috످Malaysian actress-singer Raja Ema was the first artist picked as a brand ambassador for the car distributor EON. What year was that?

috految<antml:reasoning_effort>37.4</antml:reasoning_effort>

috److془Raja Ema (Raja Noor Baizura? no; Raja Azura..). EON ambassador year - I don't recall. Say so.془I don't know what year Raja Ema became a brand ambassador for EON (Edaran Otomobil Nasional). You could check Malay Wikipedia or search the Berita Harian archives for "Raja Ema duta EON."

috످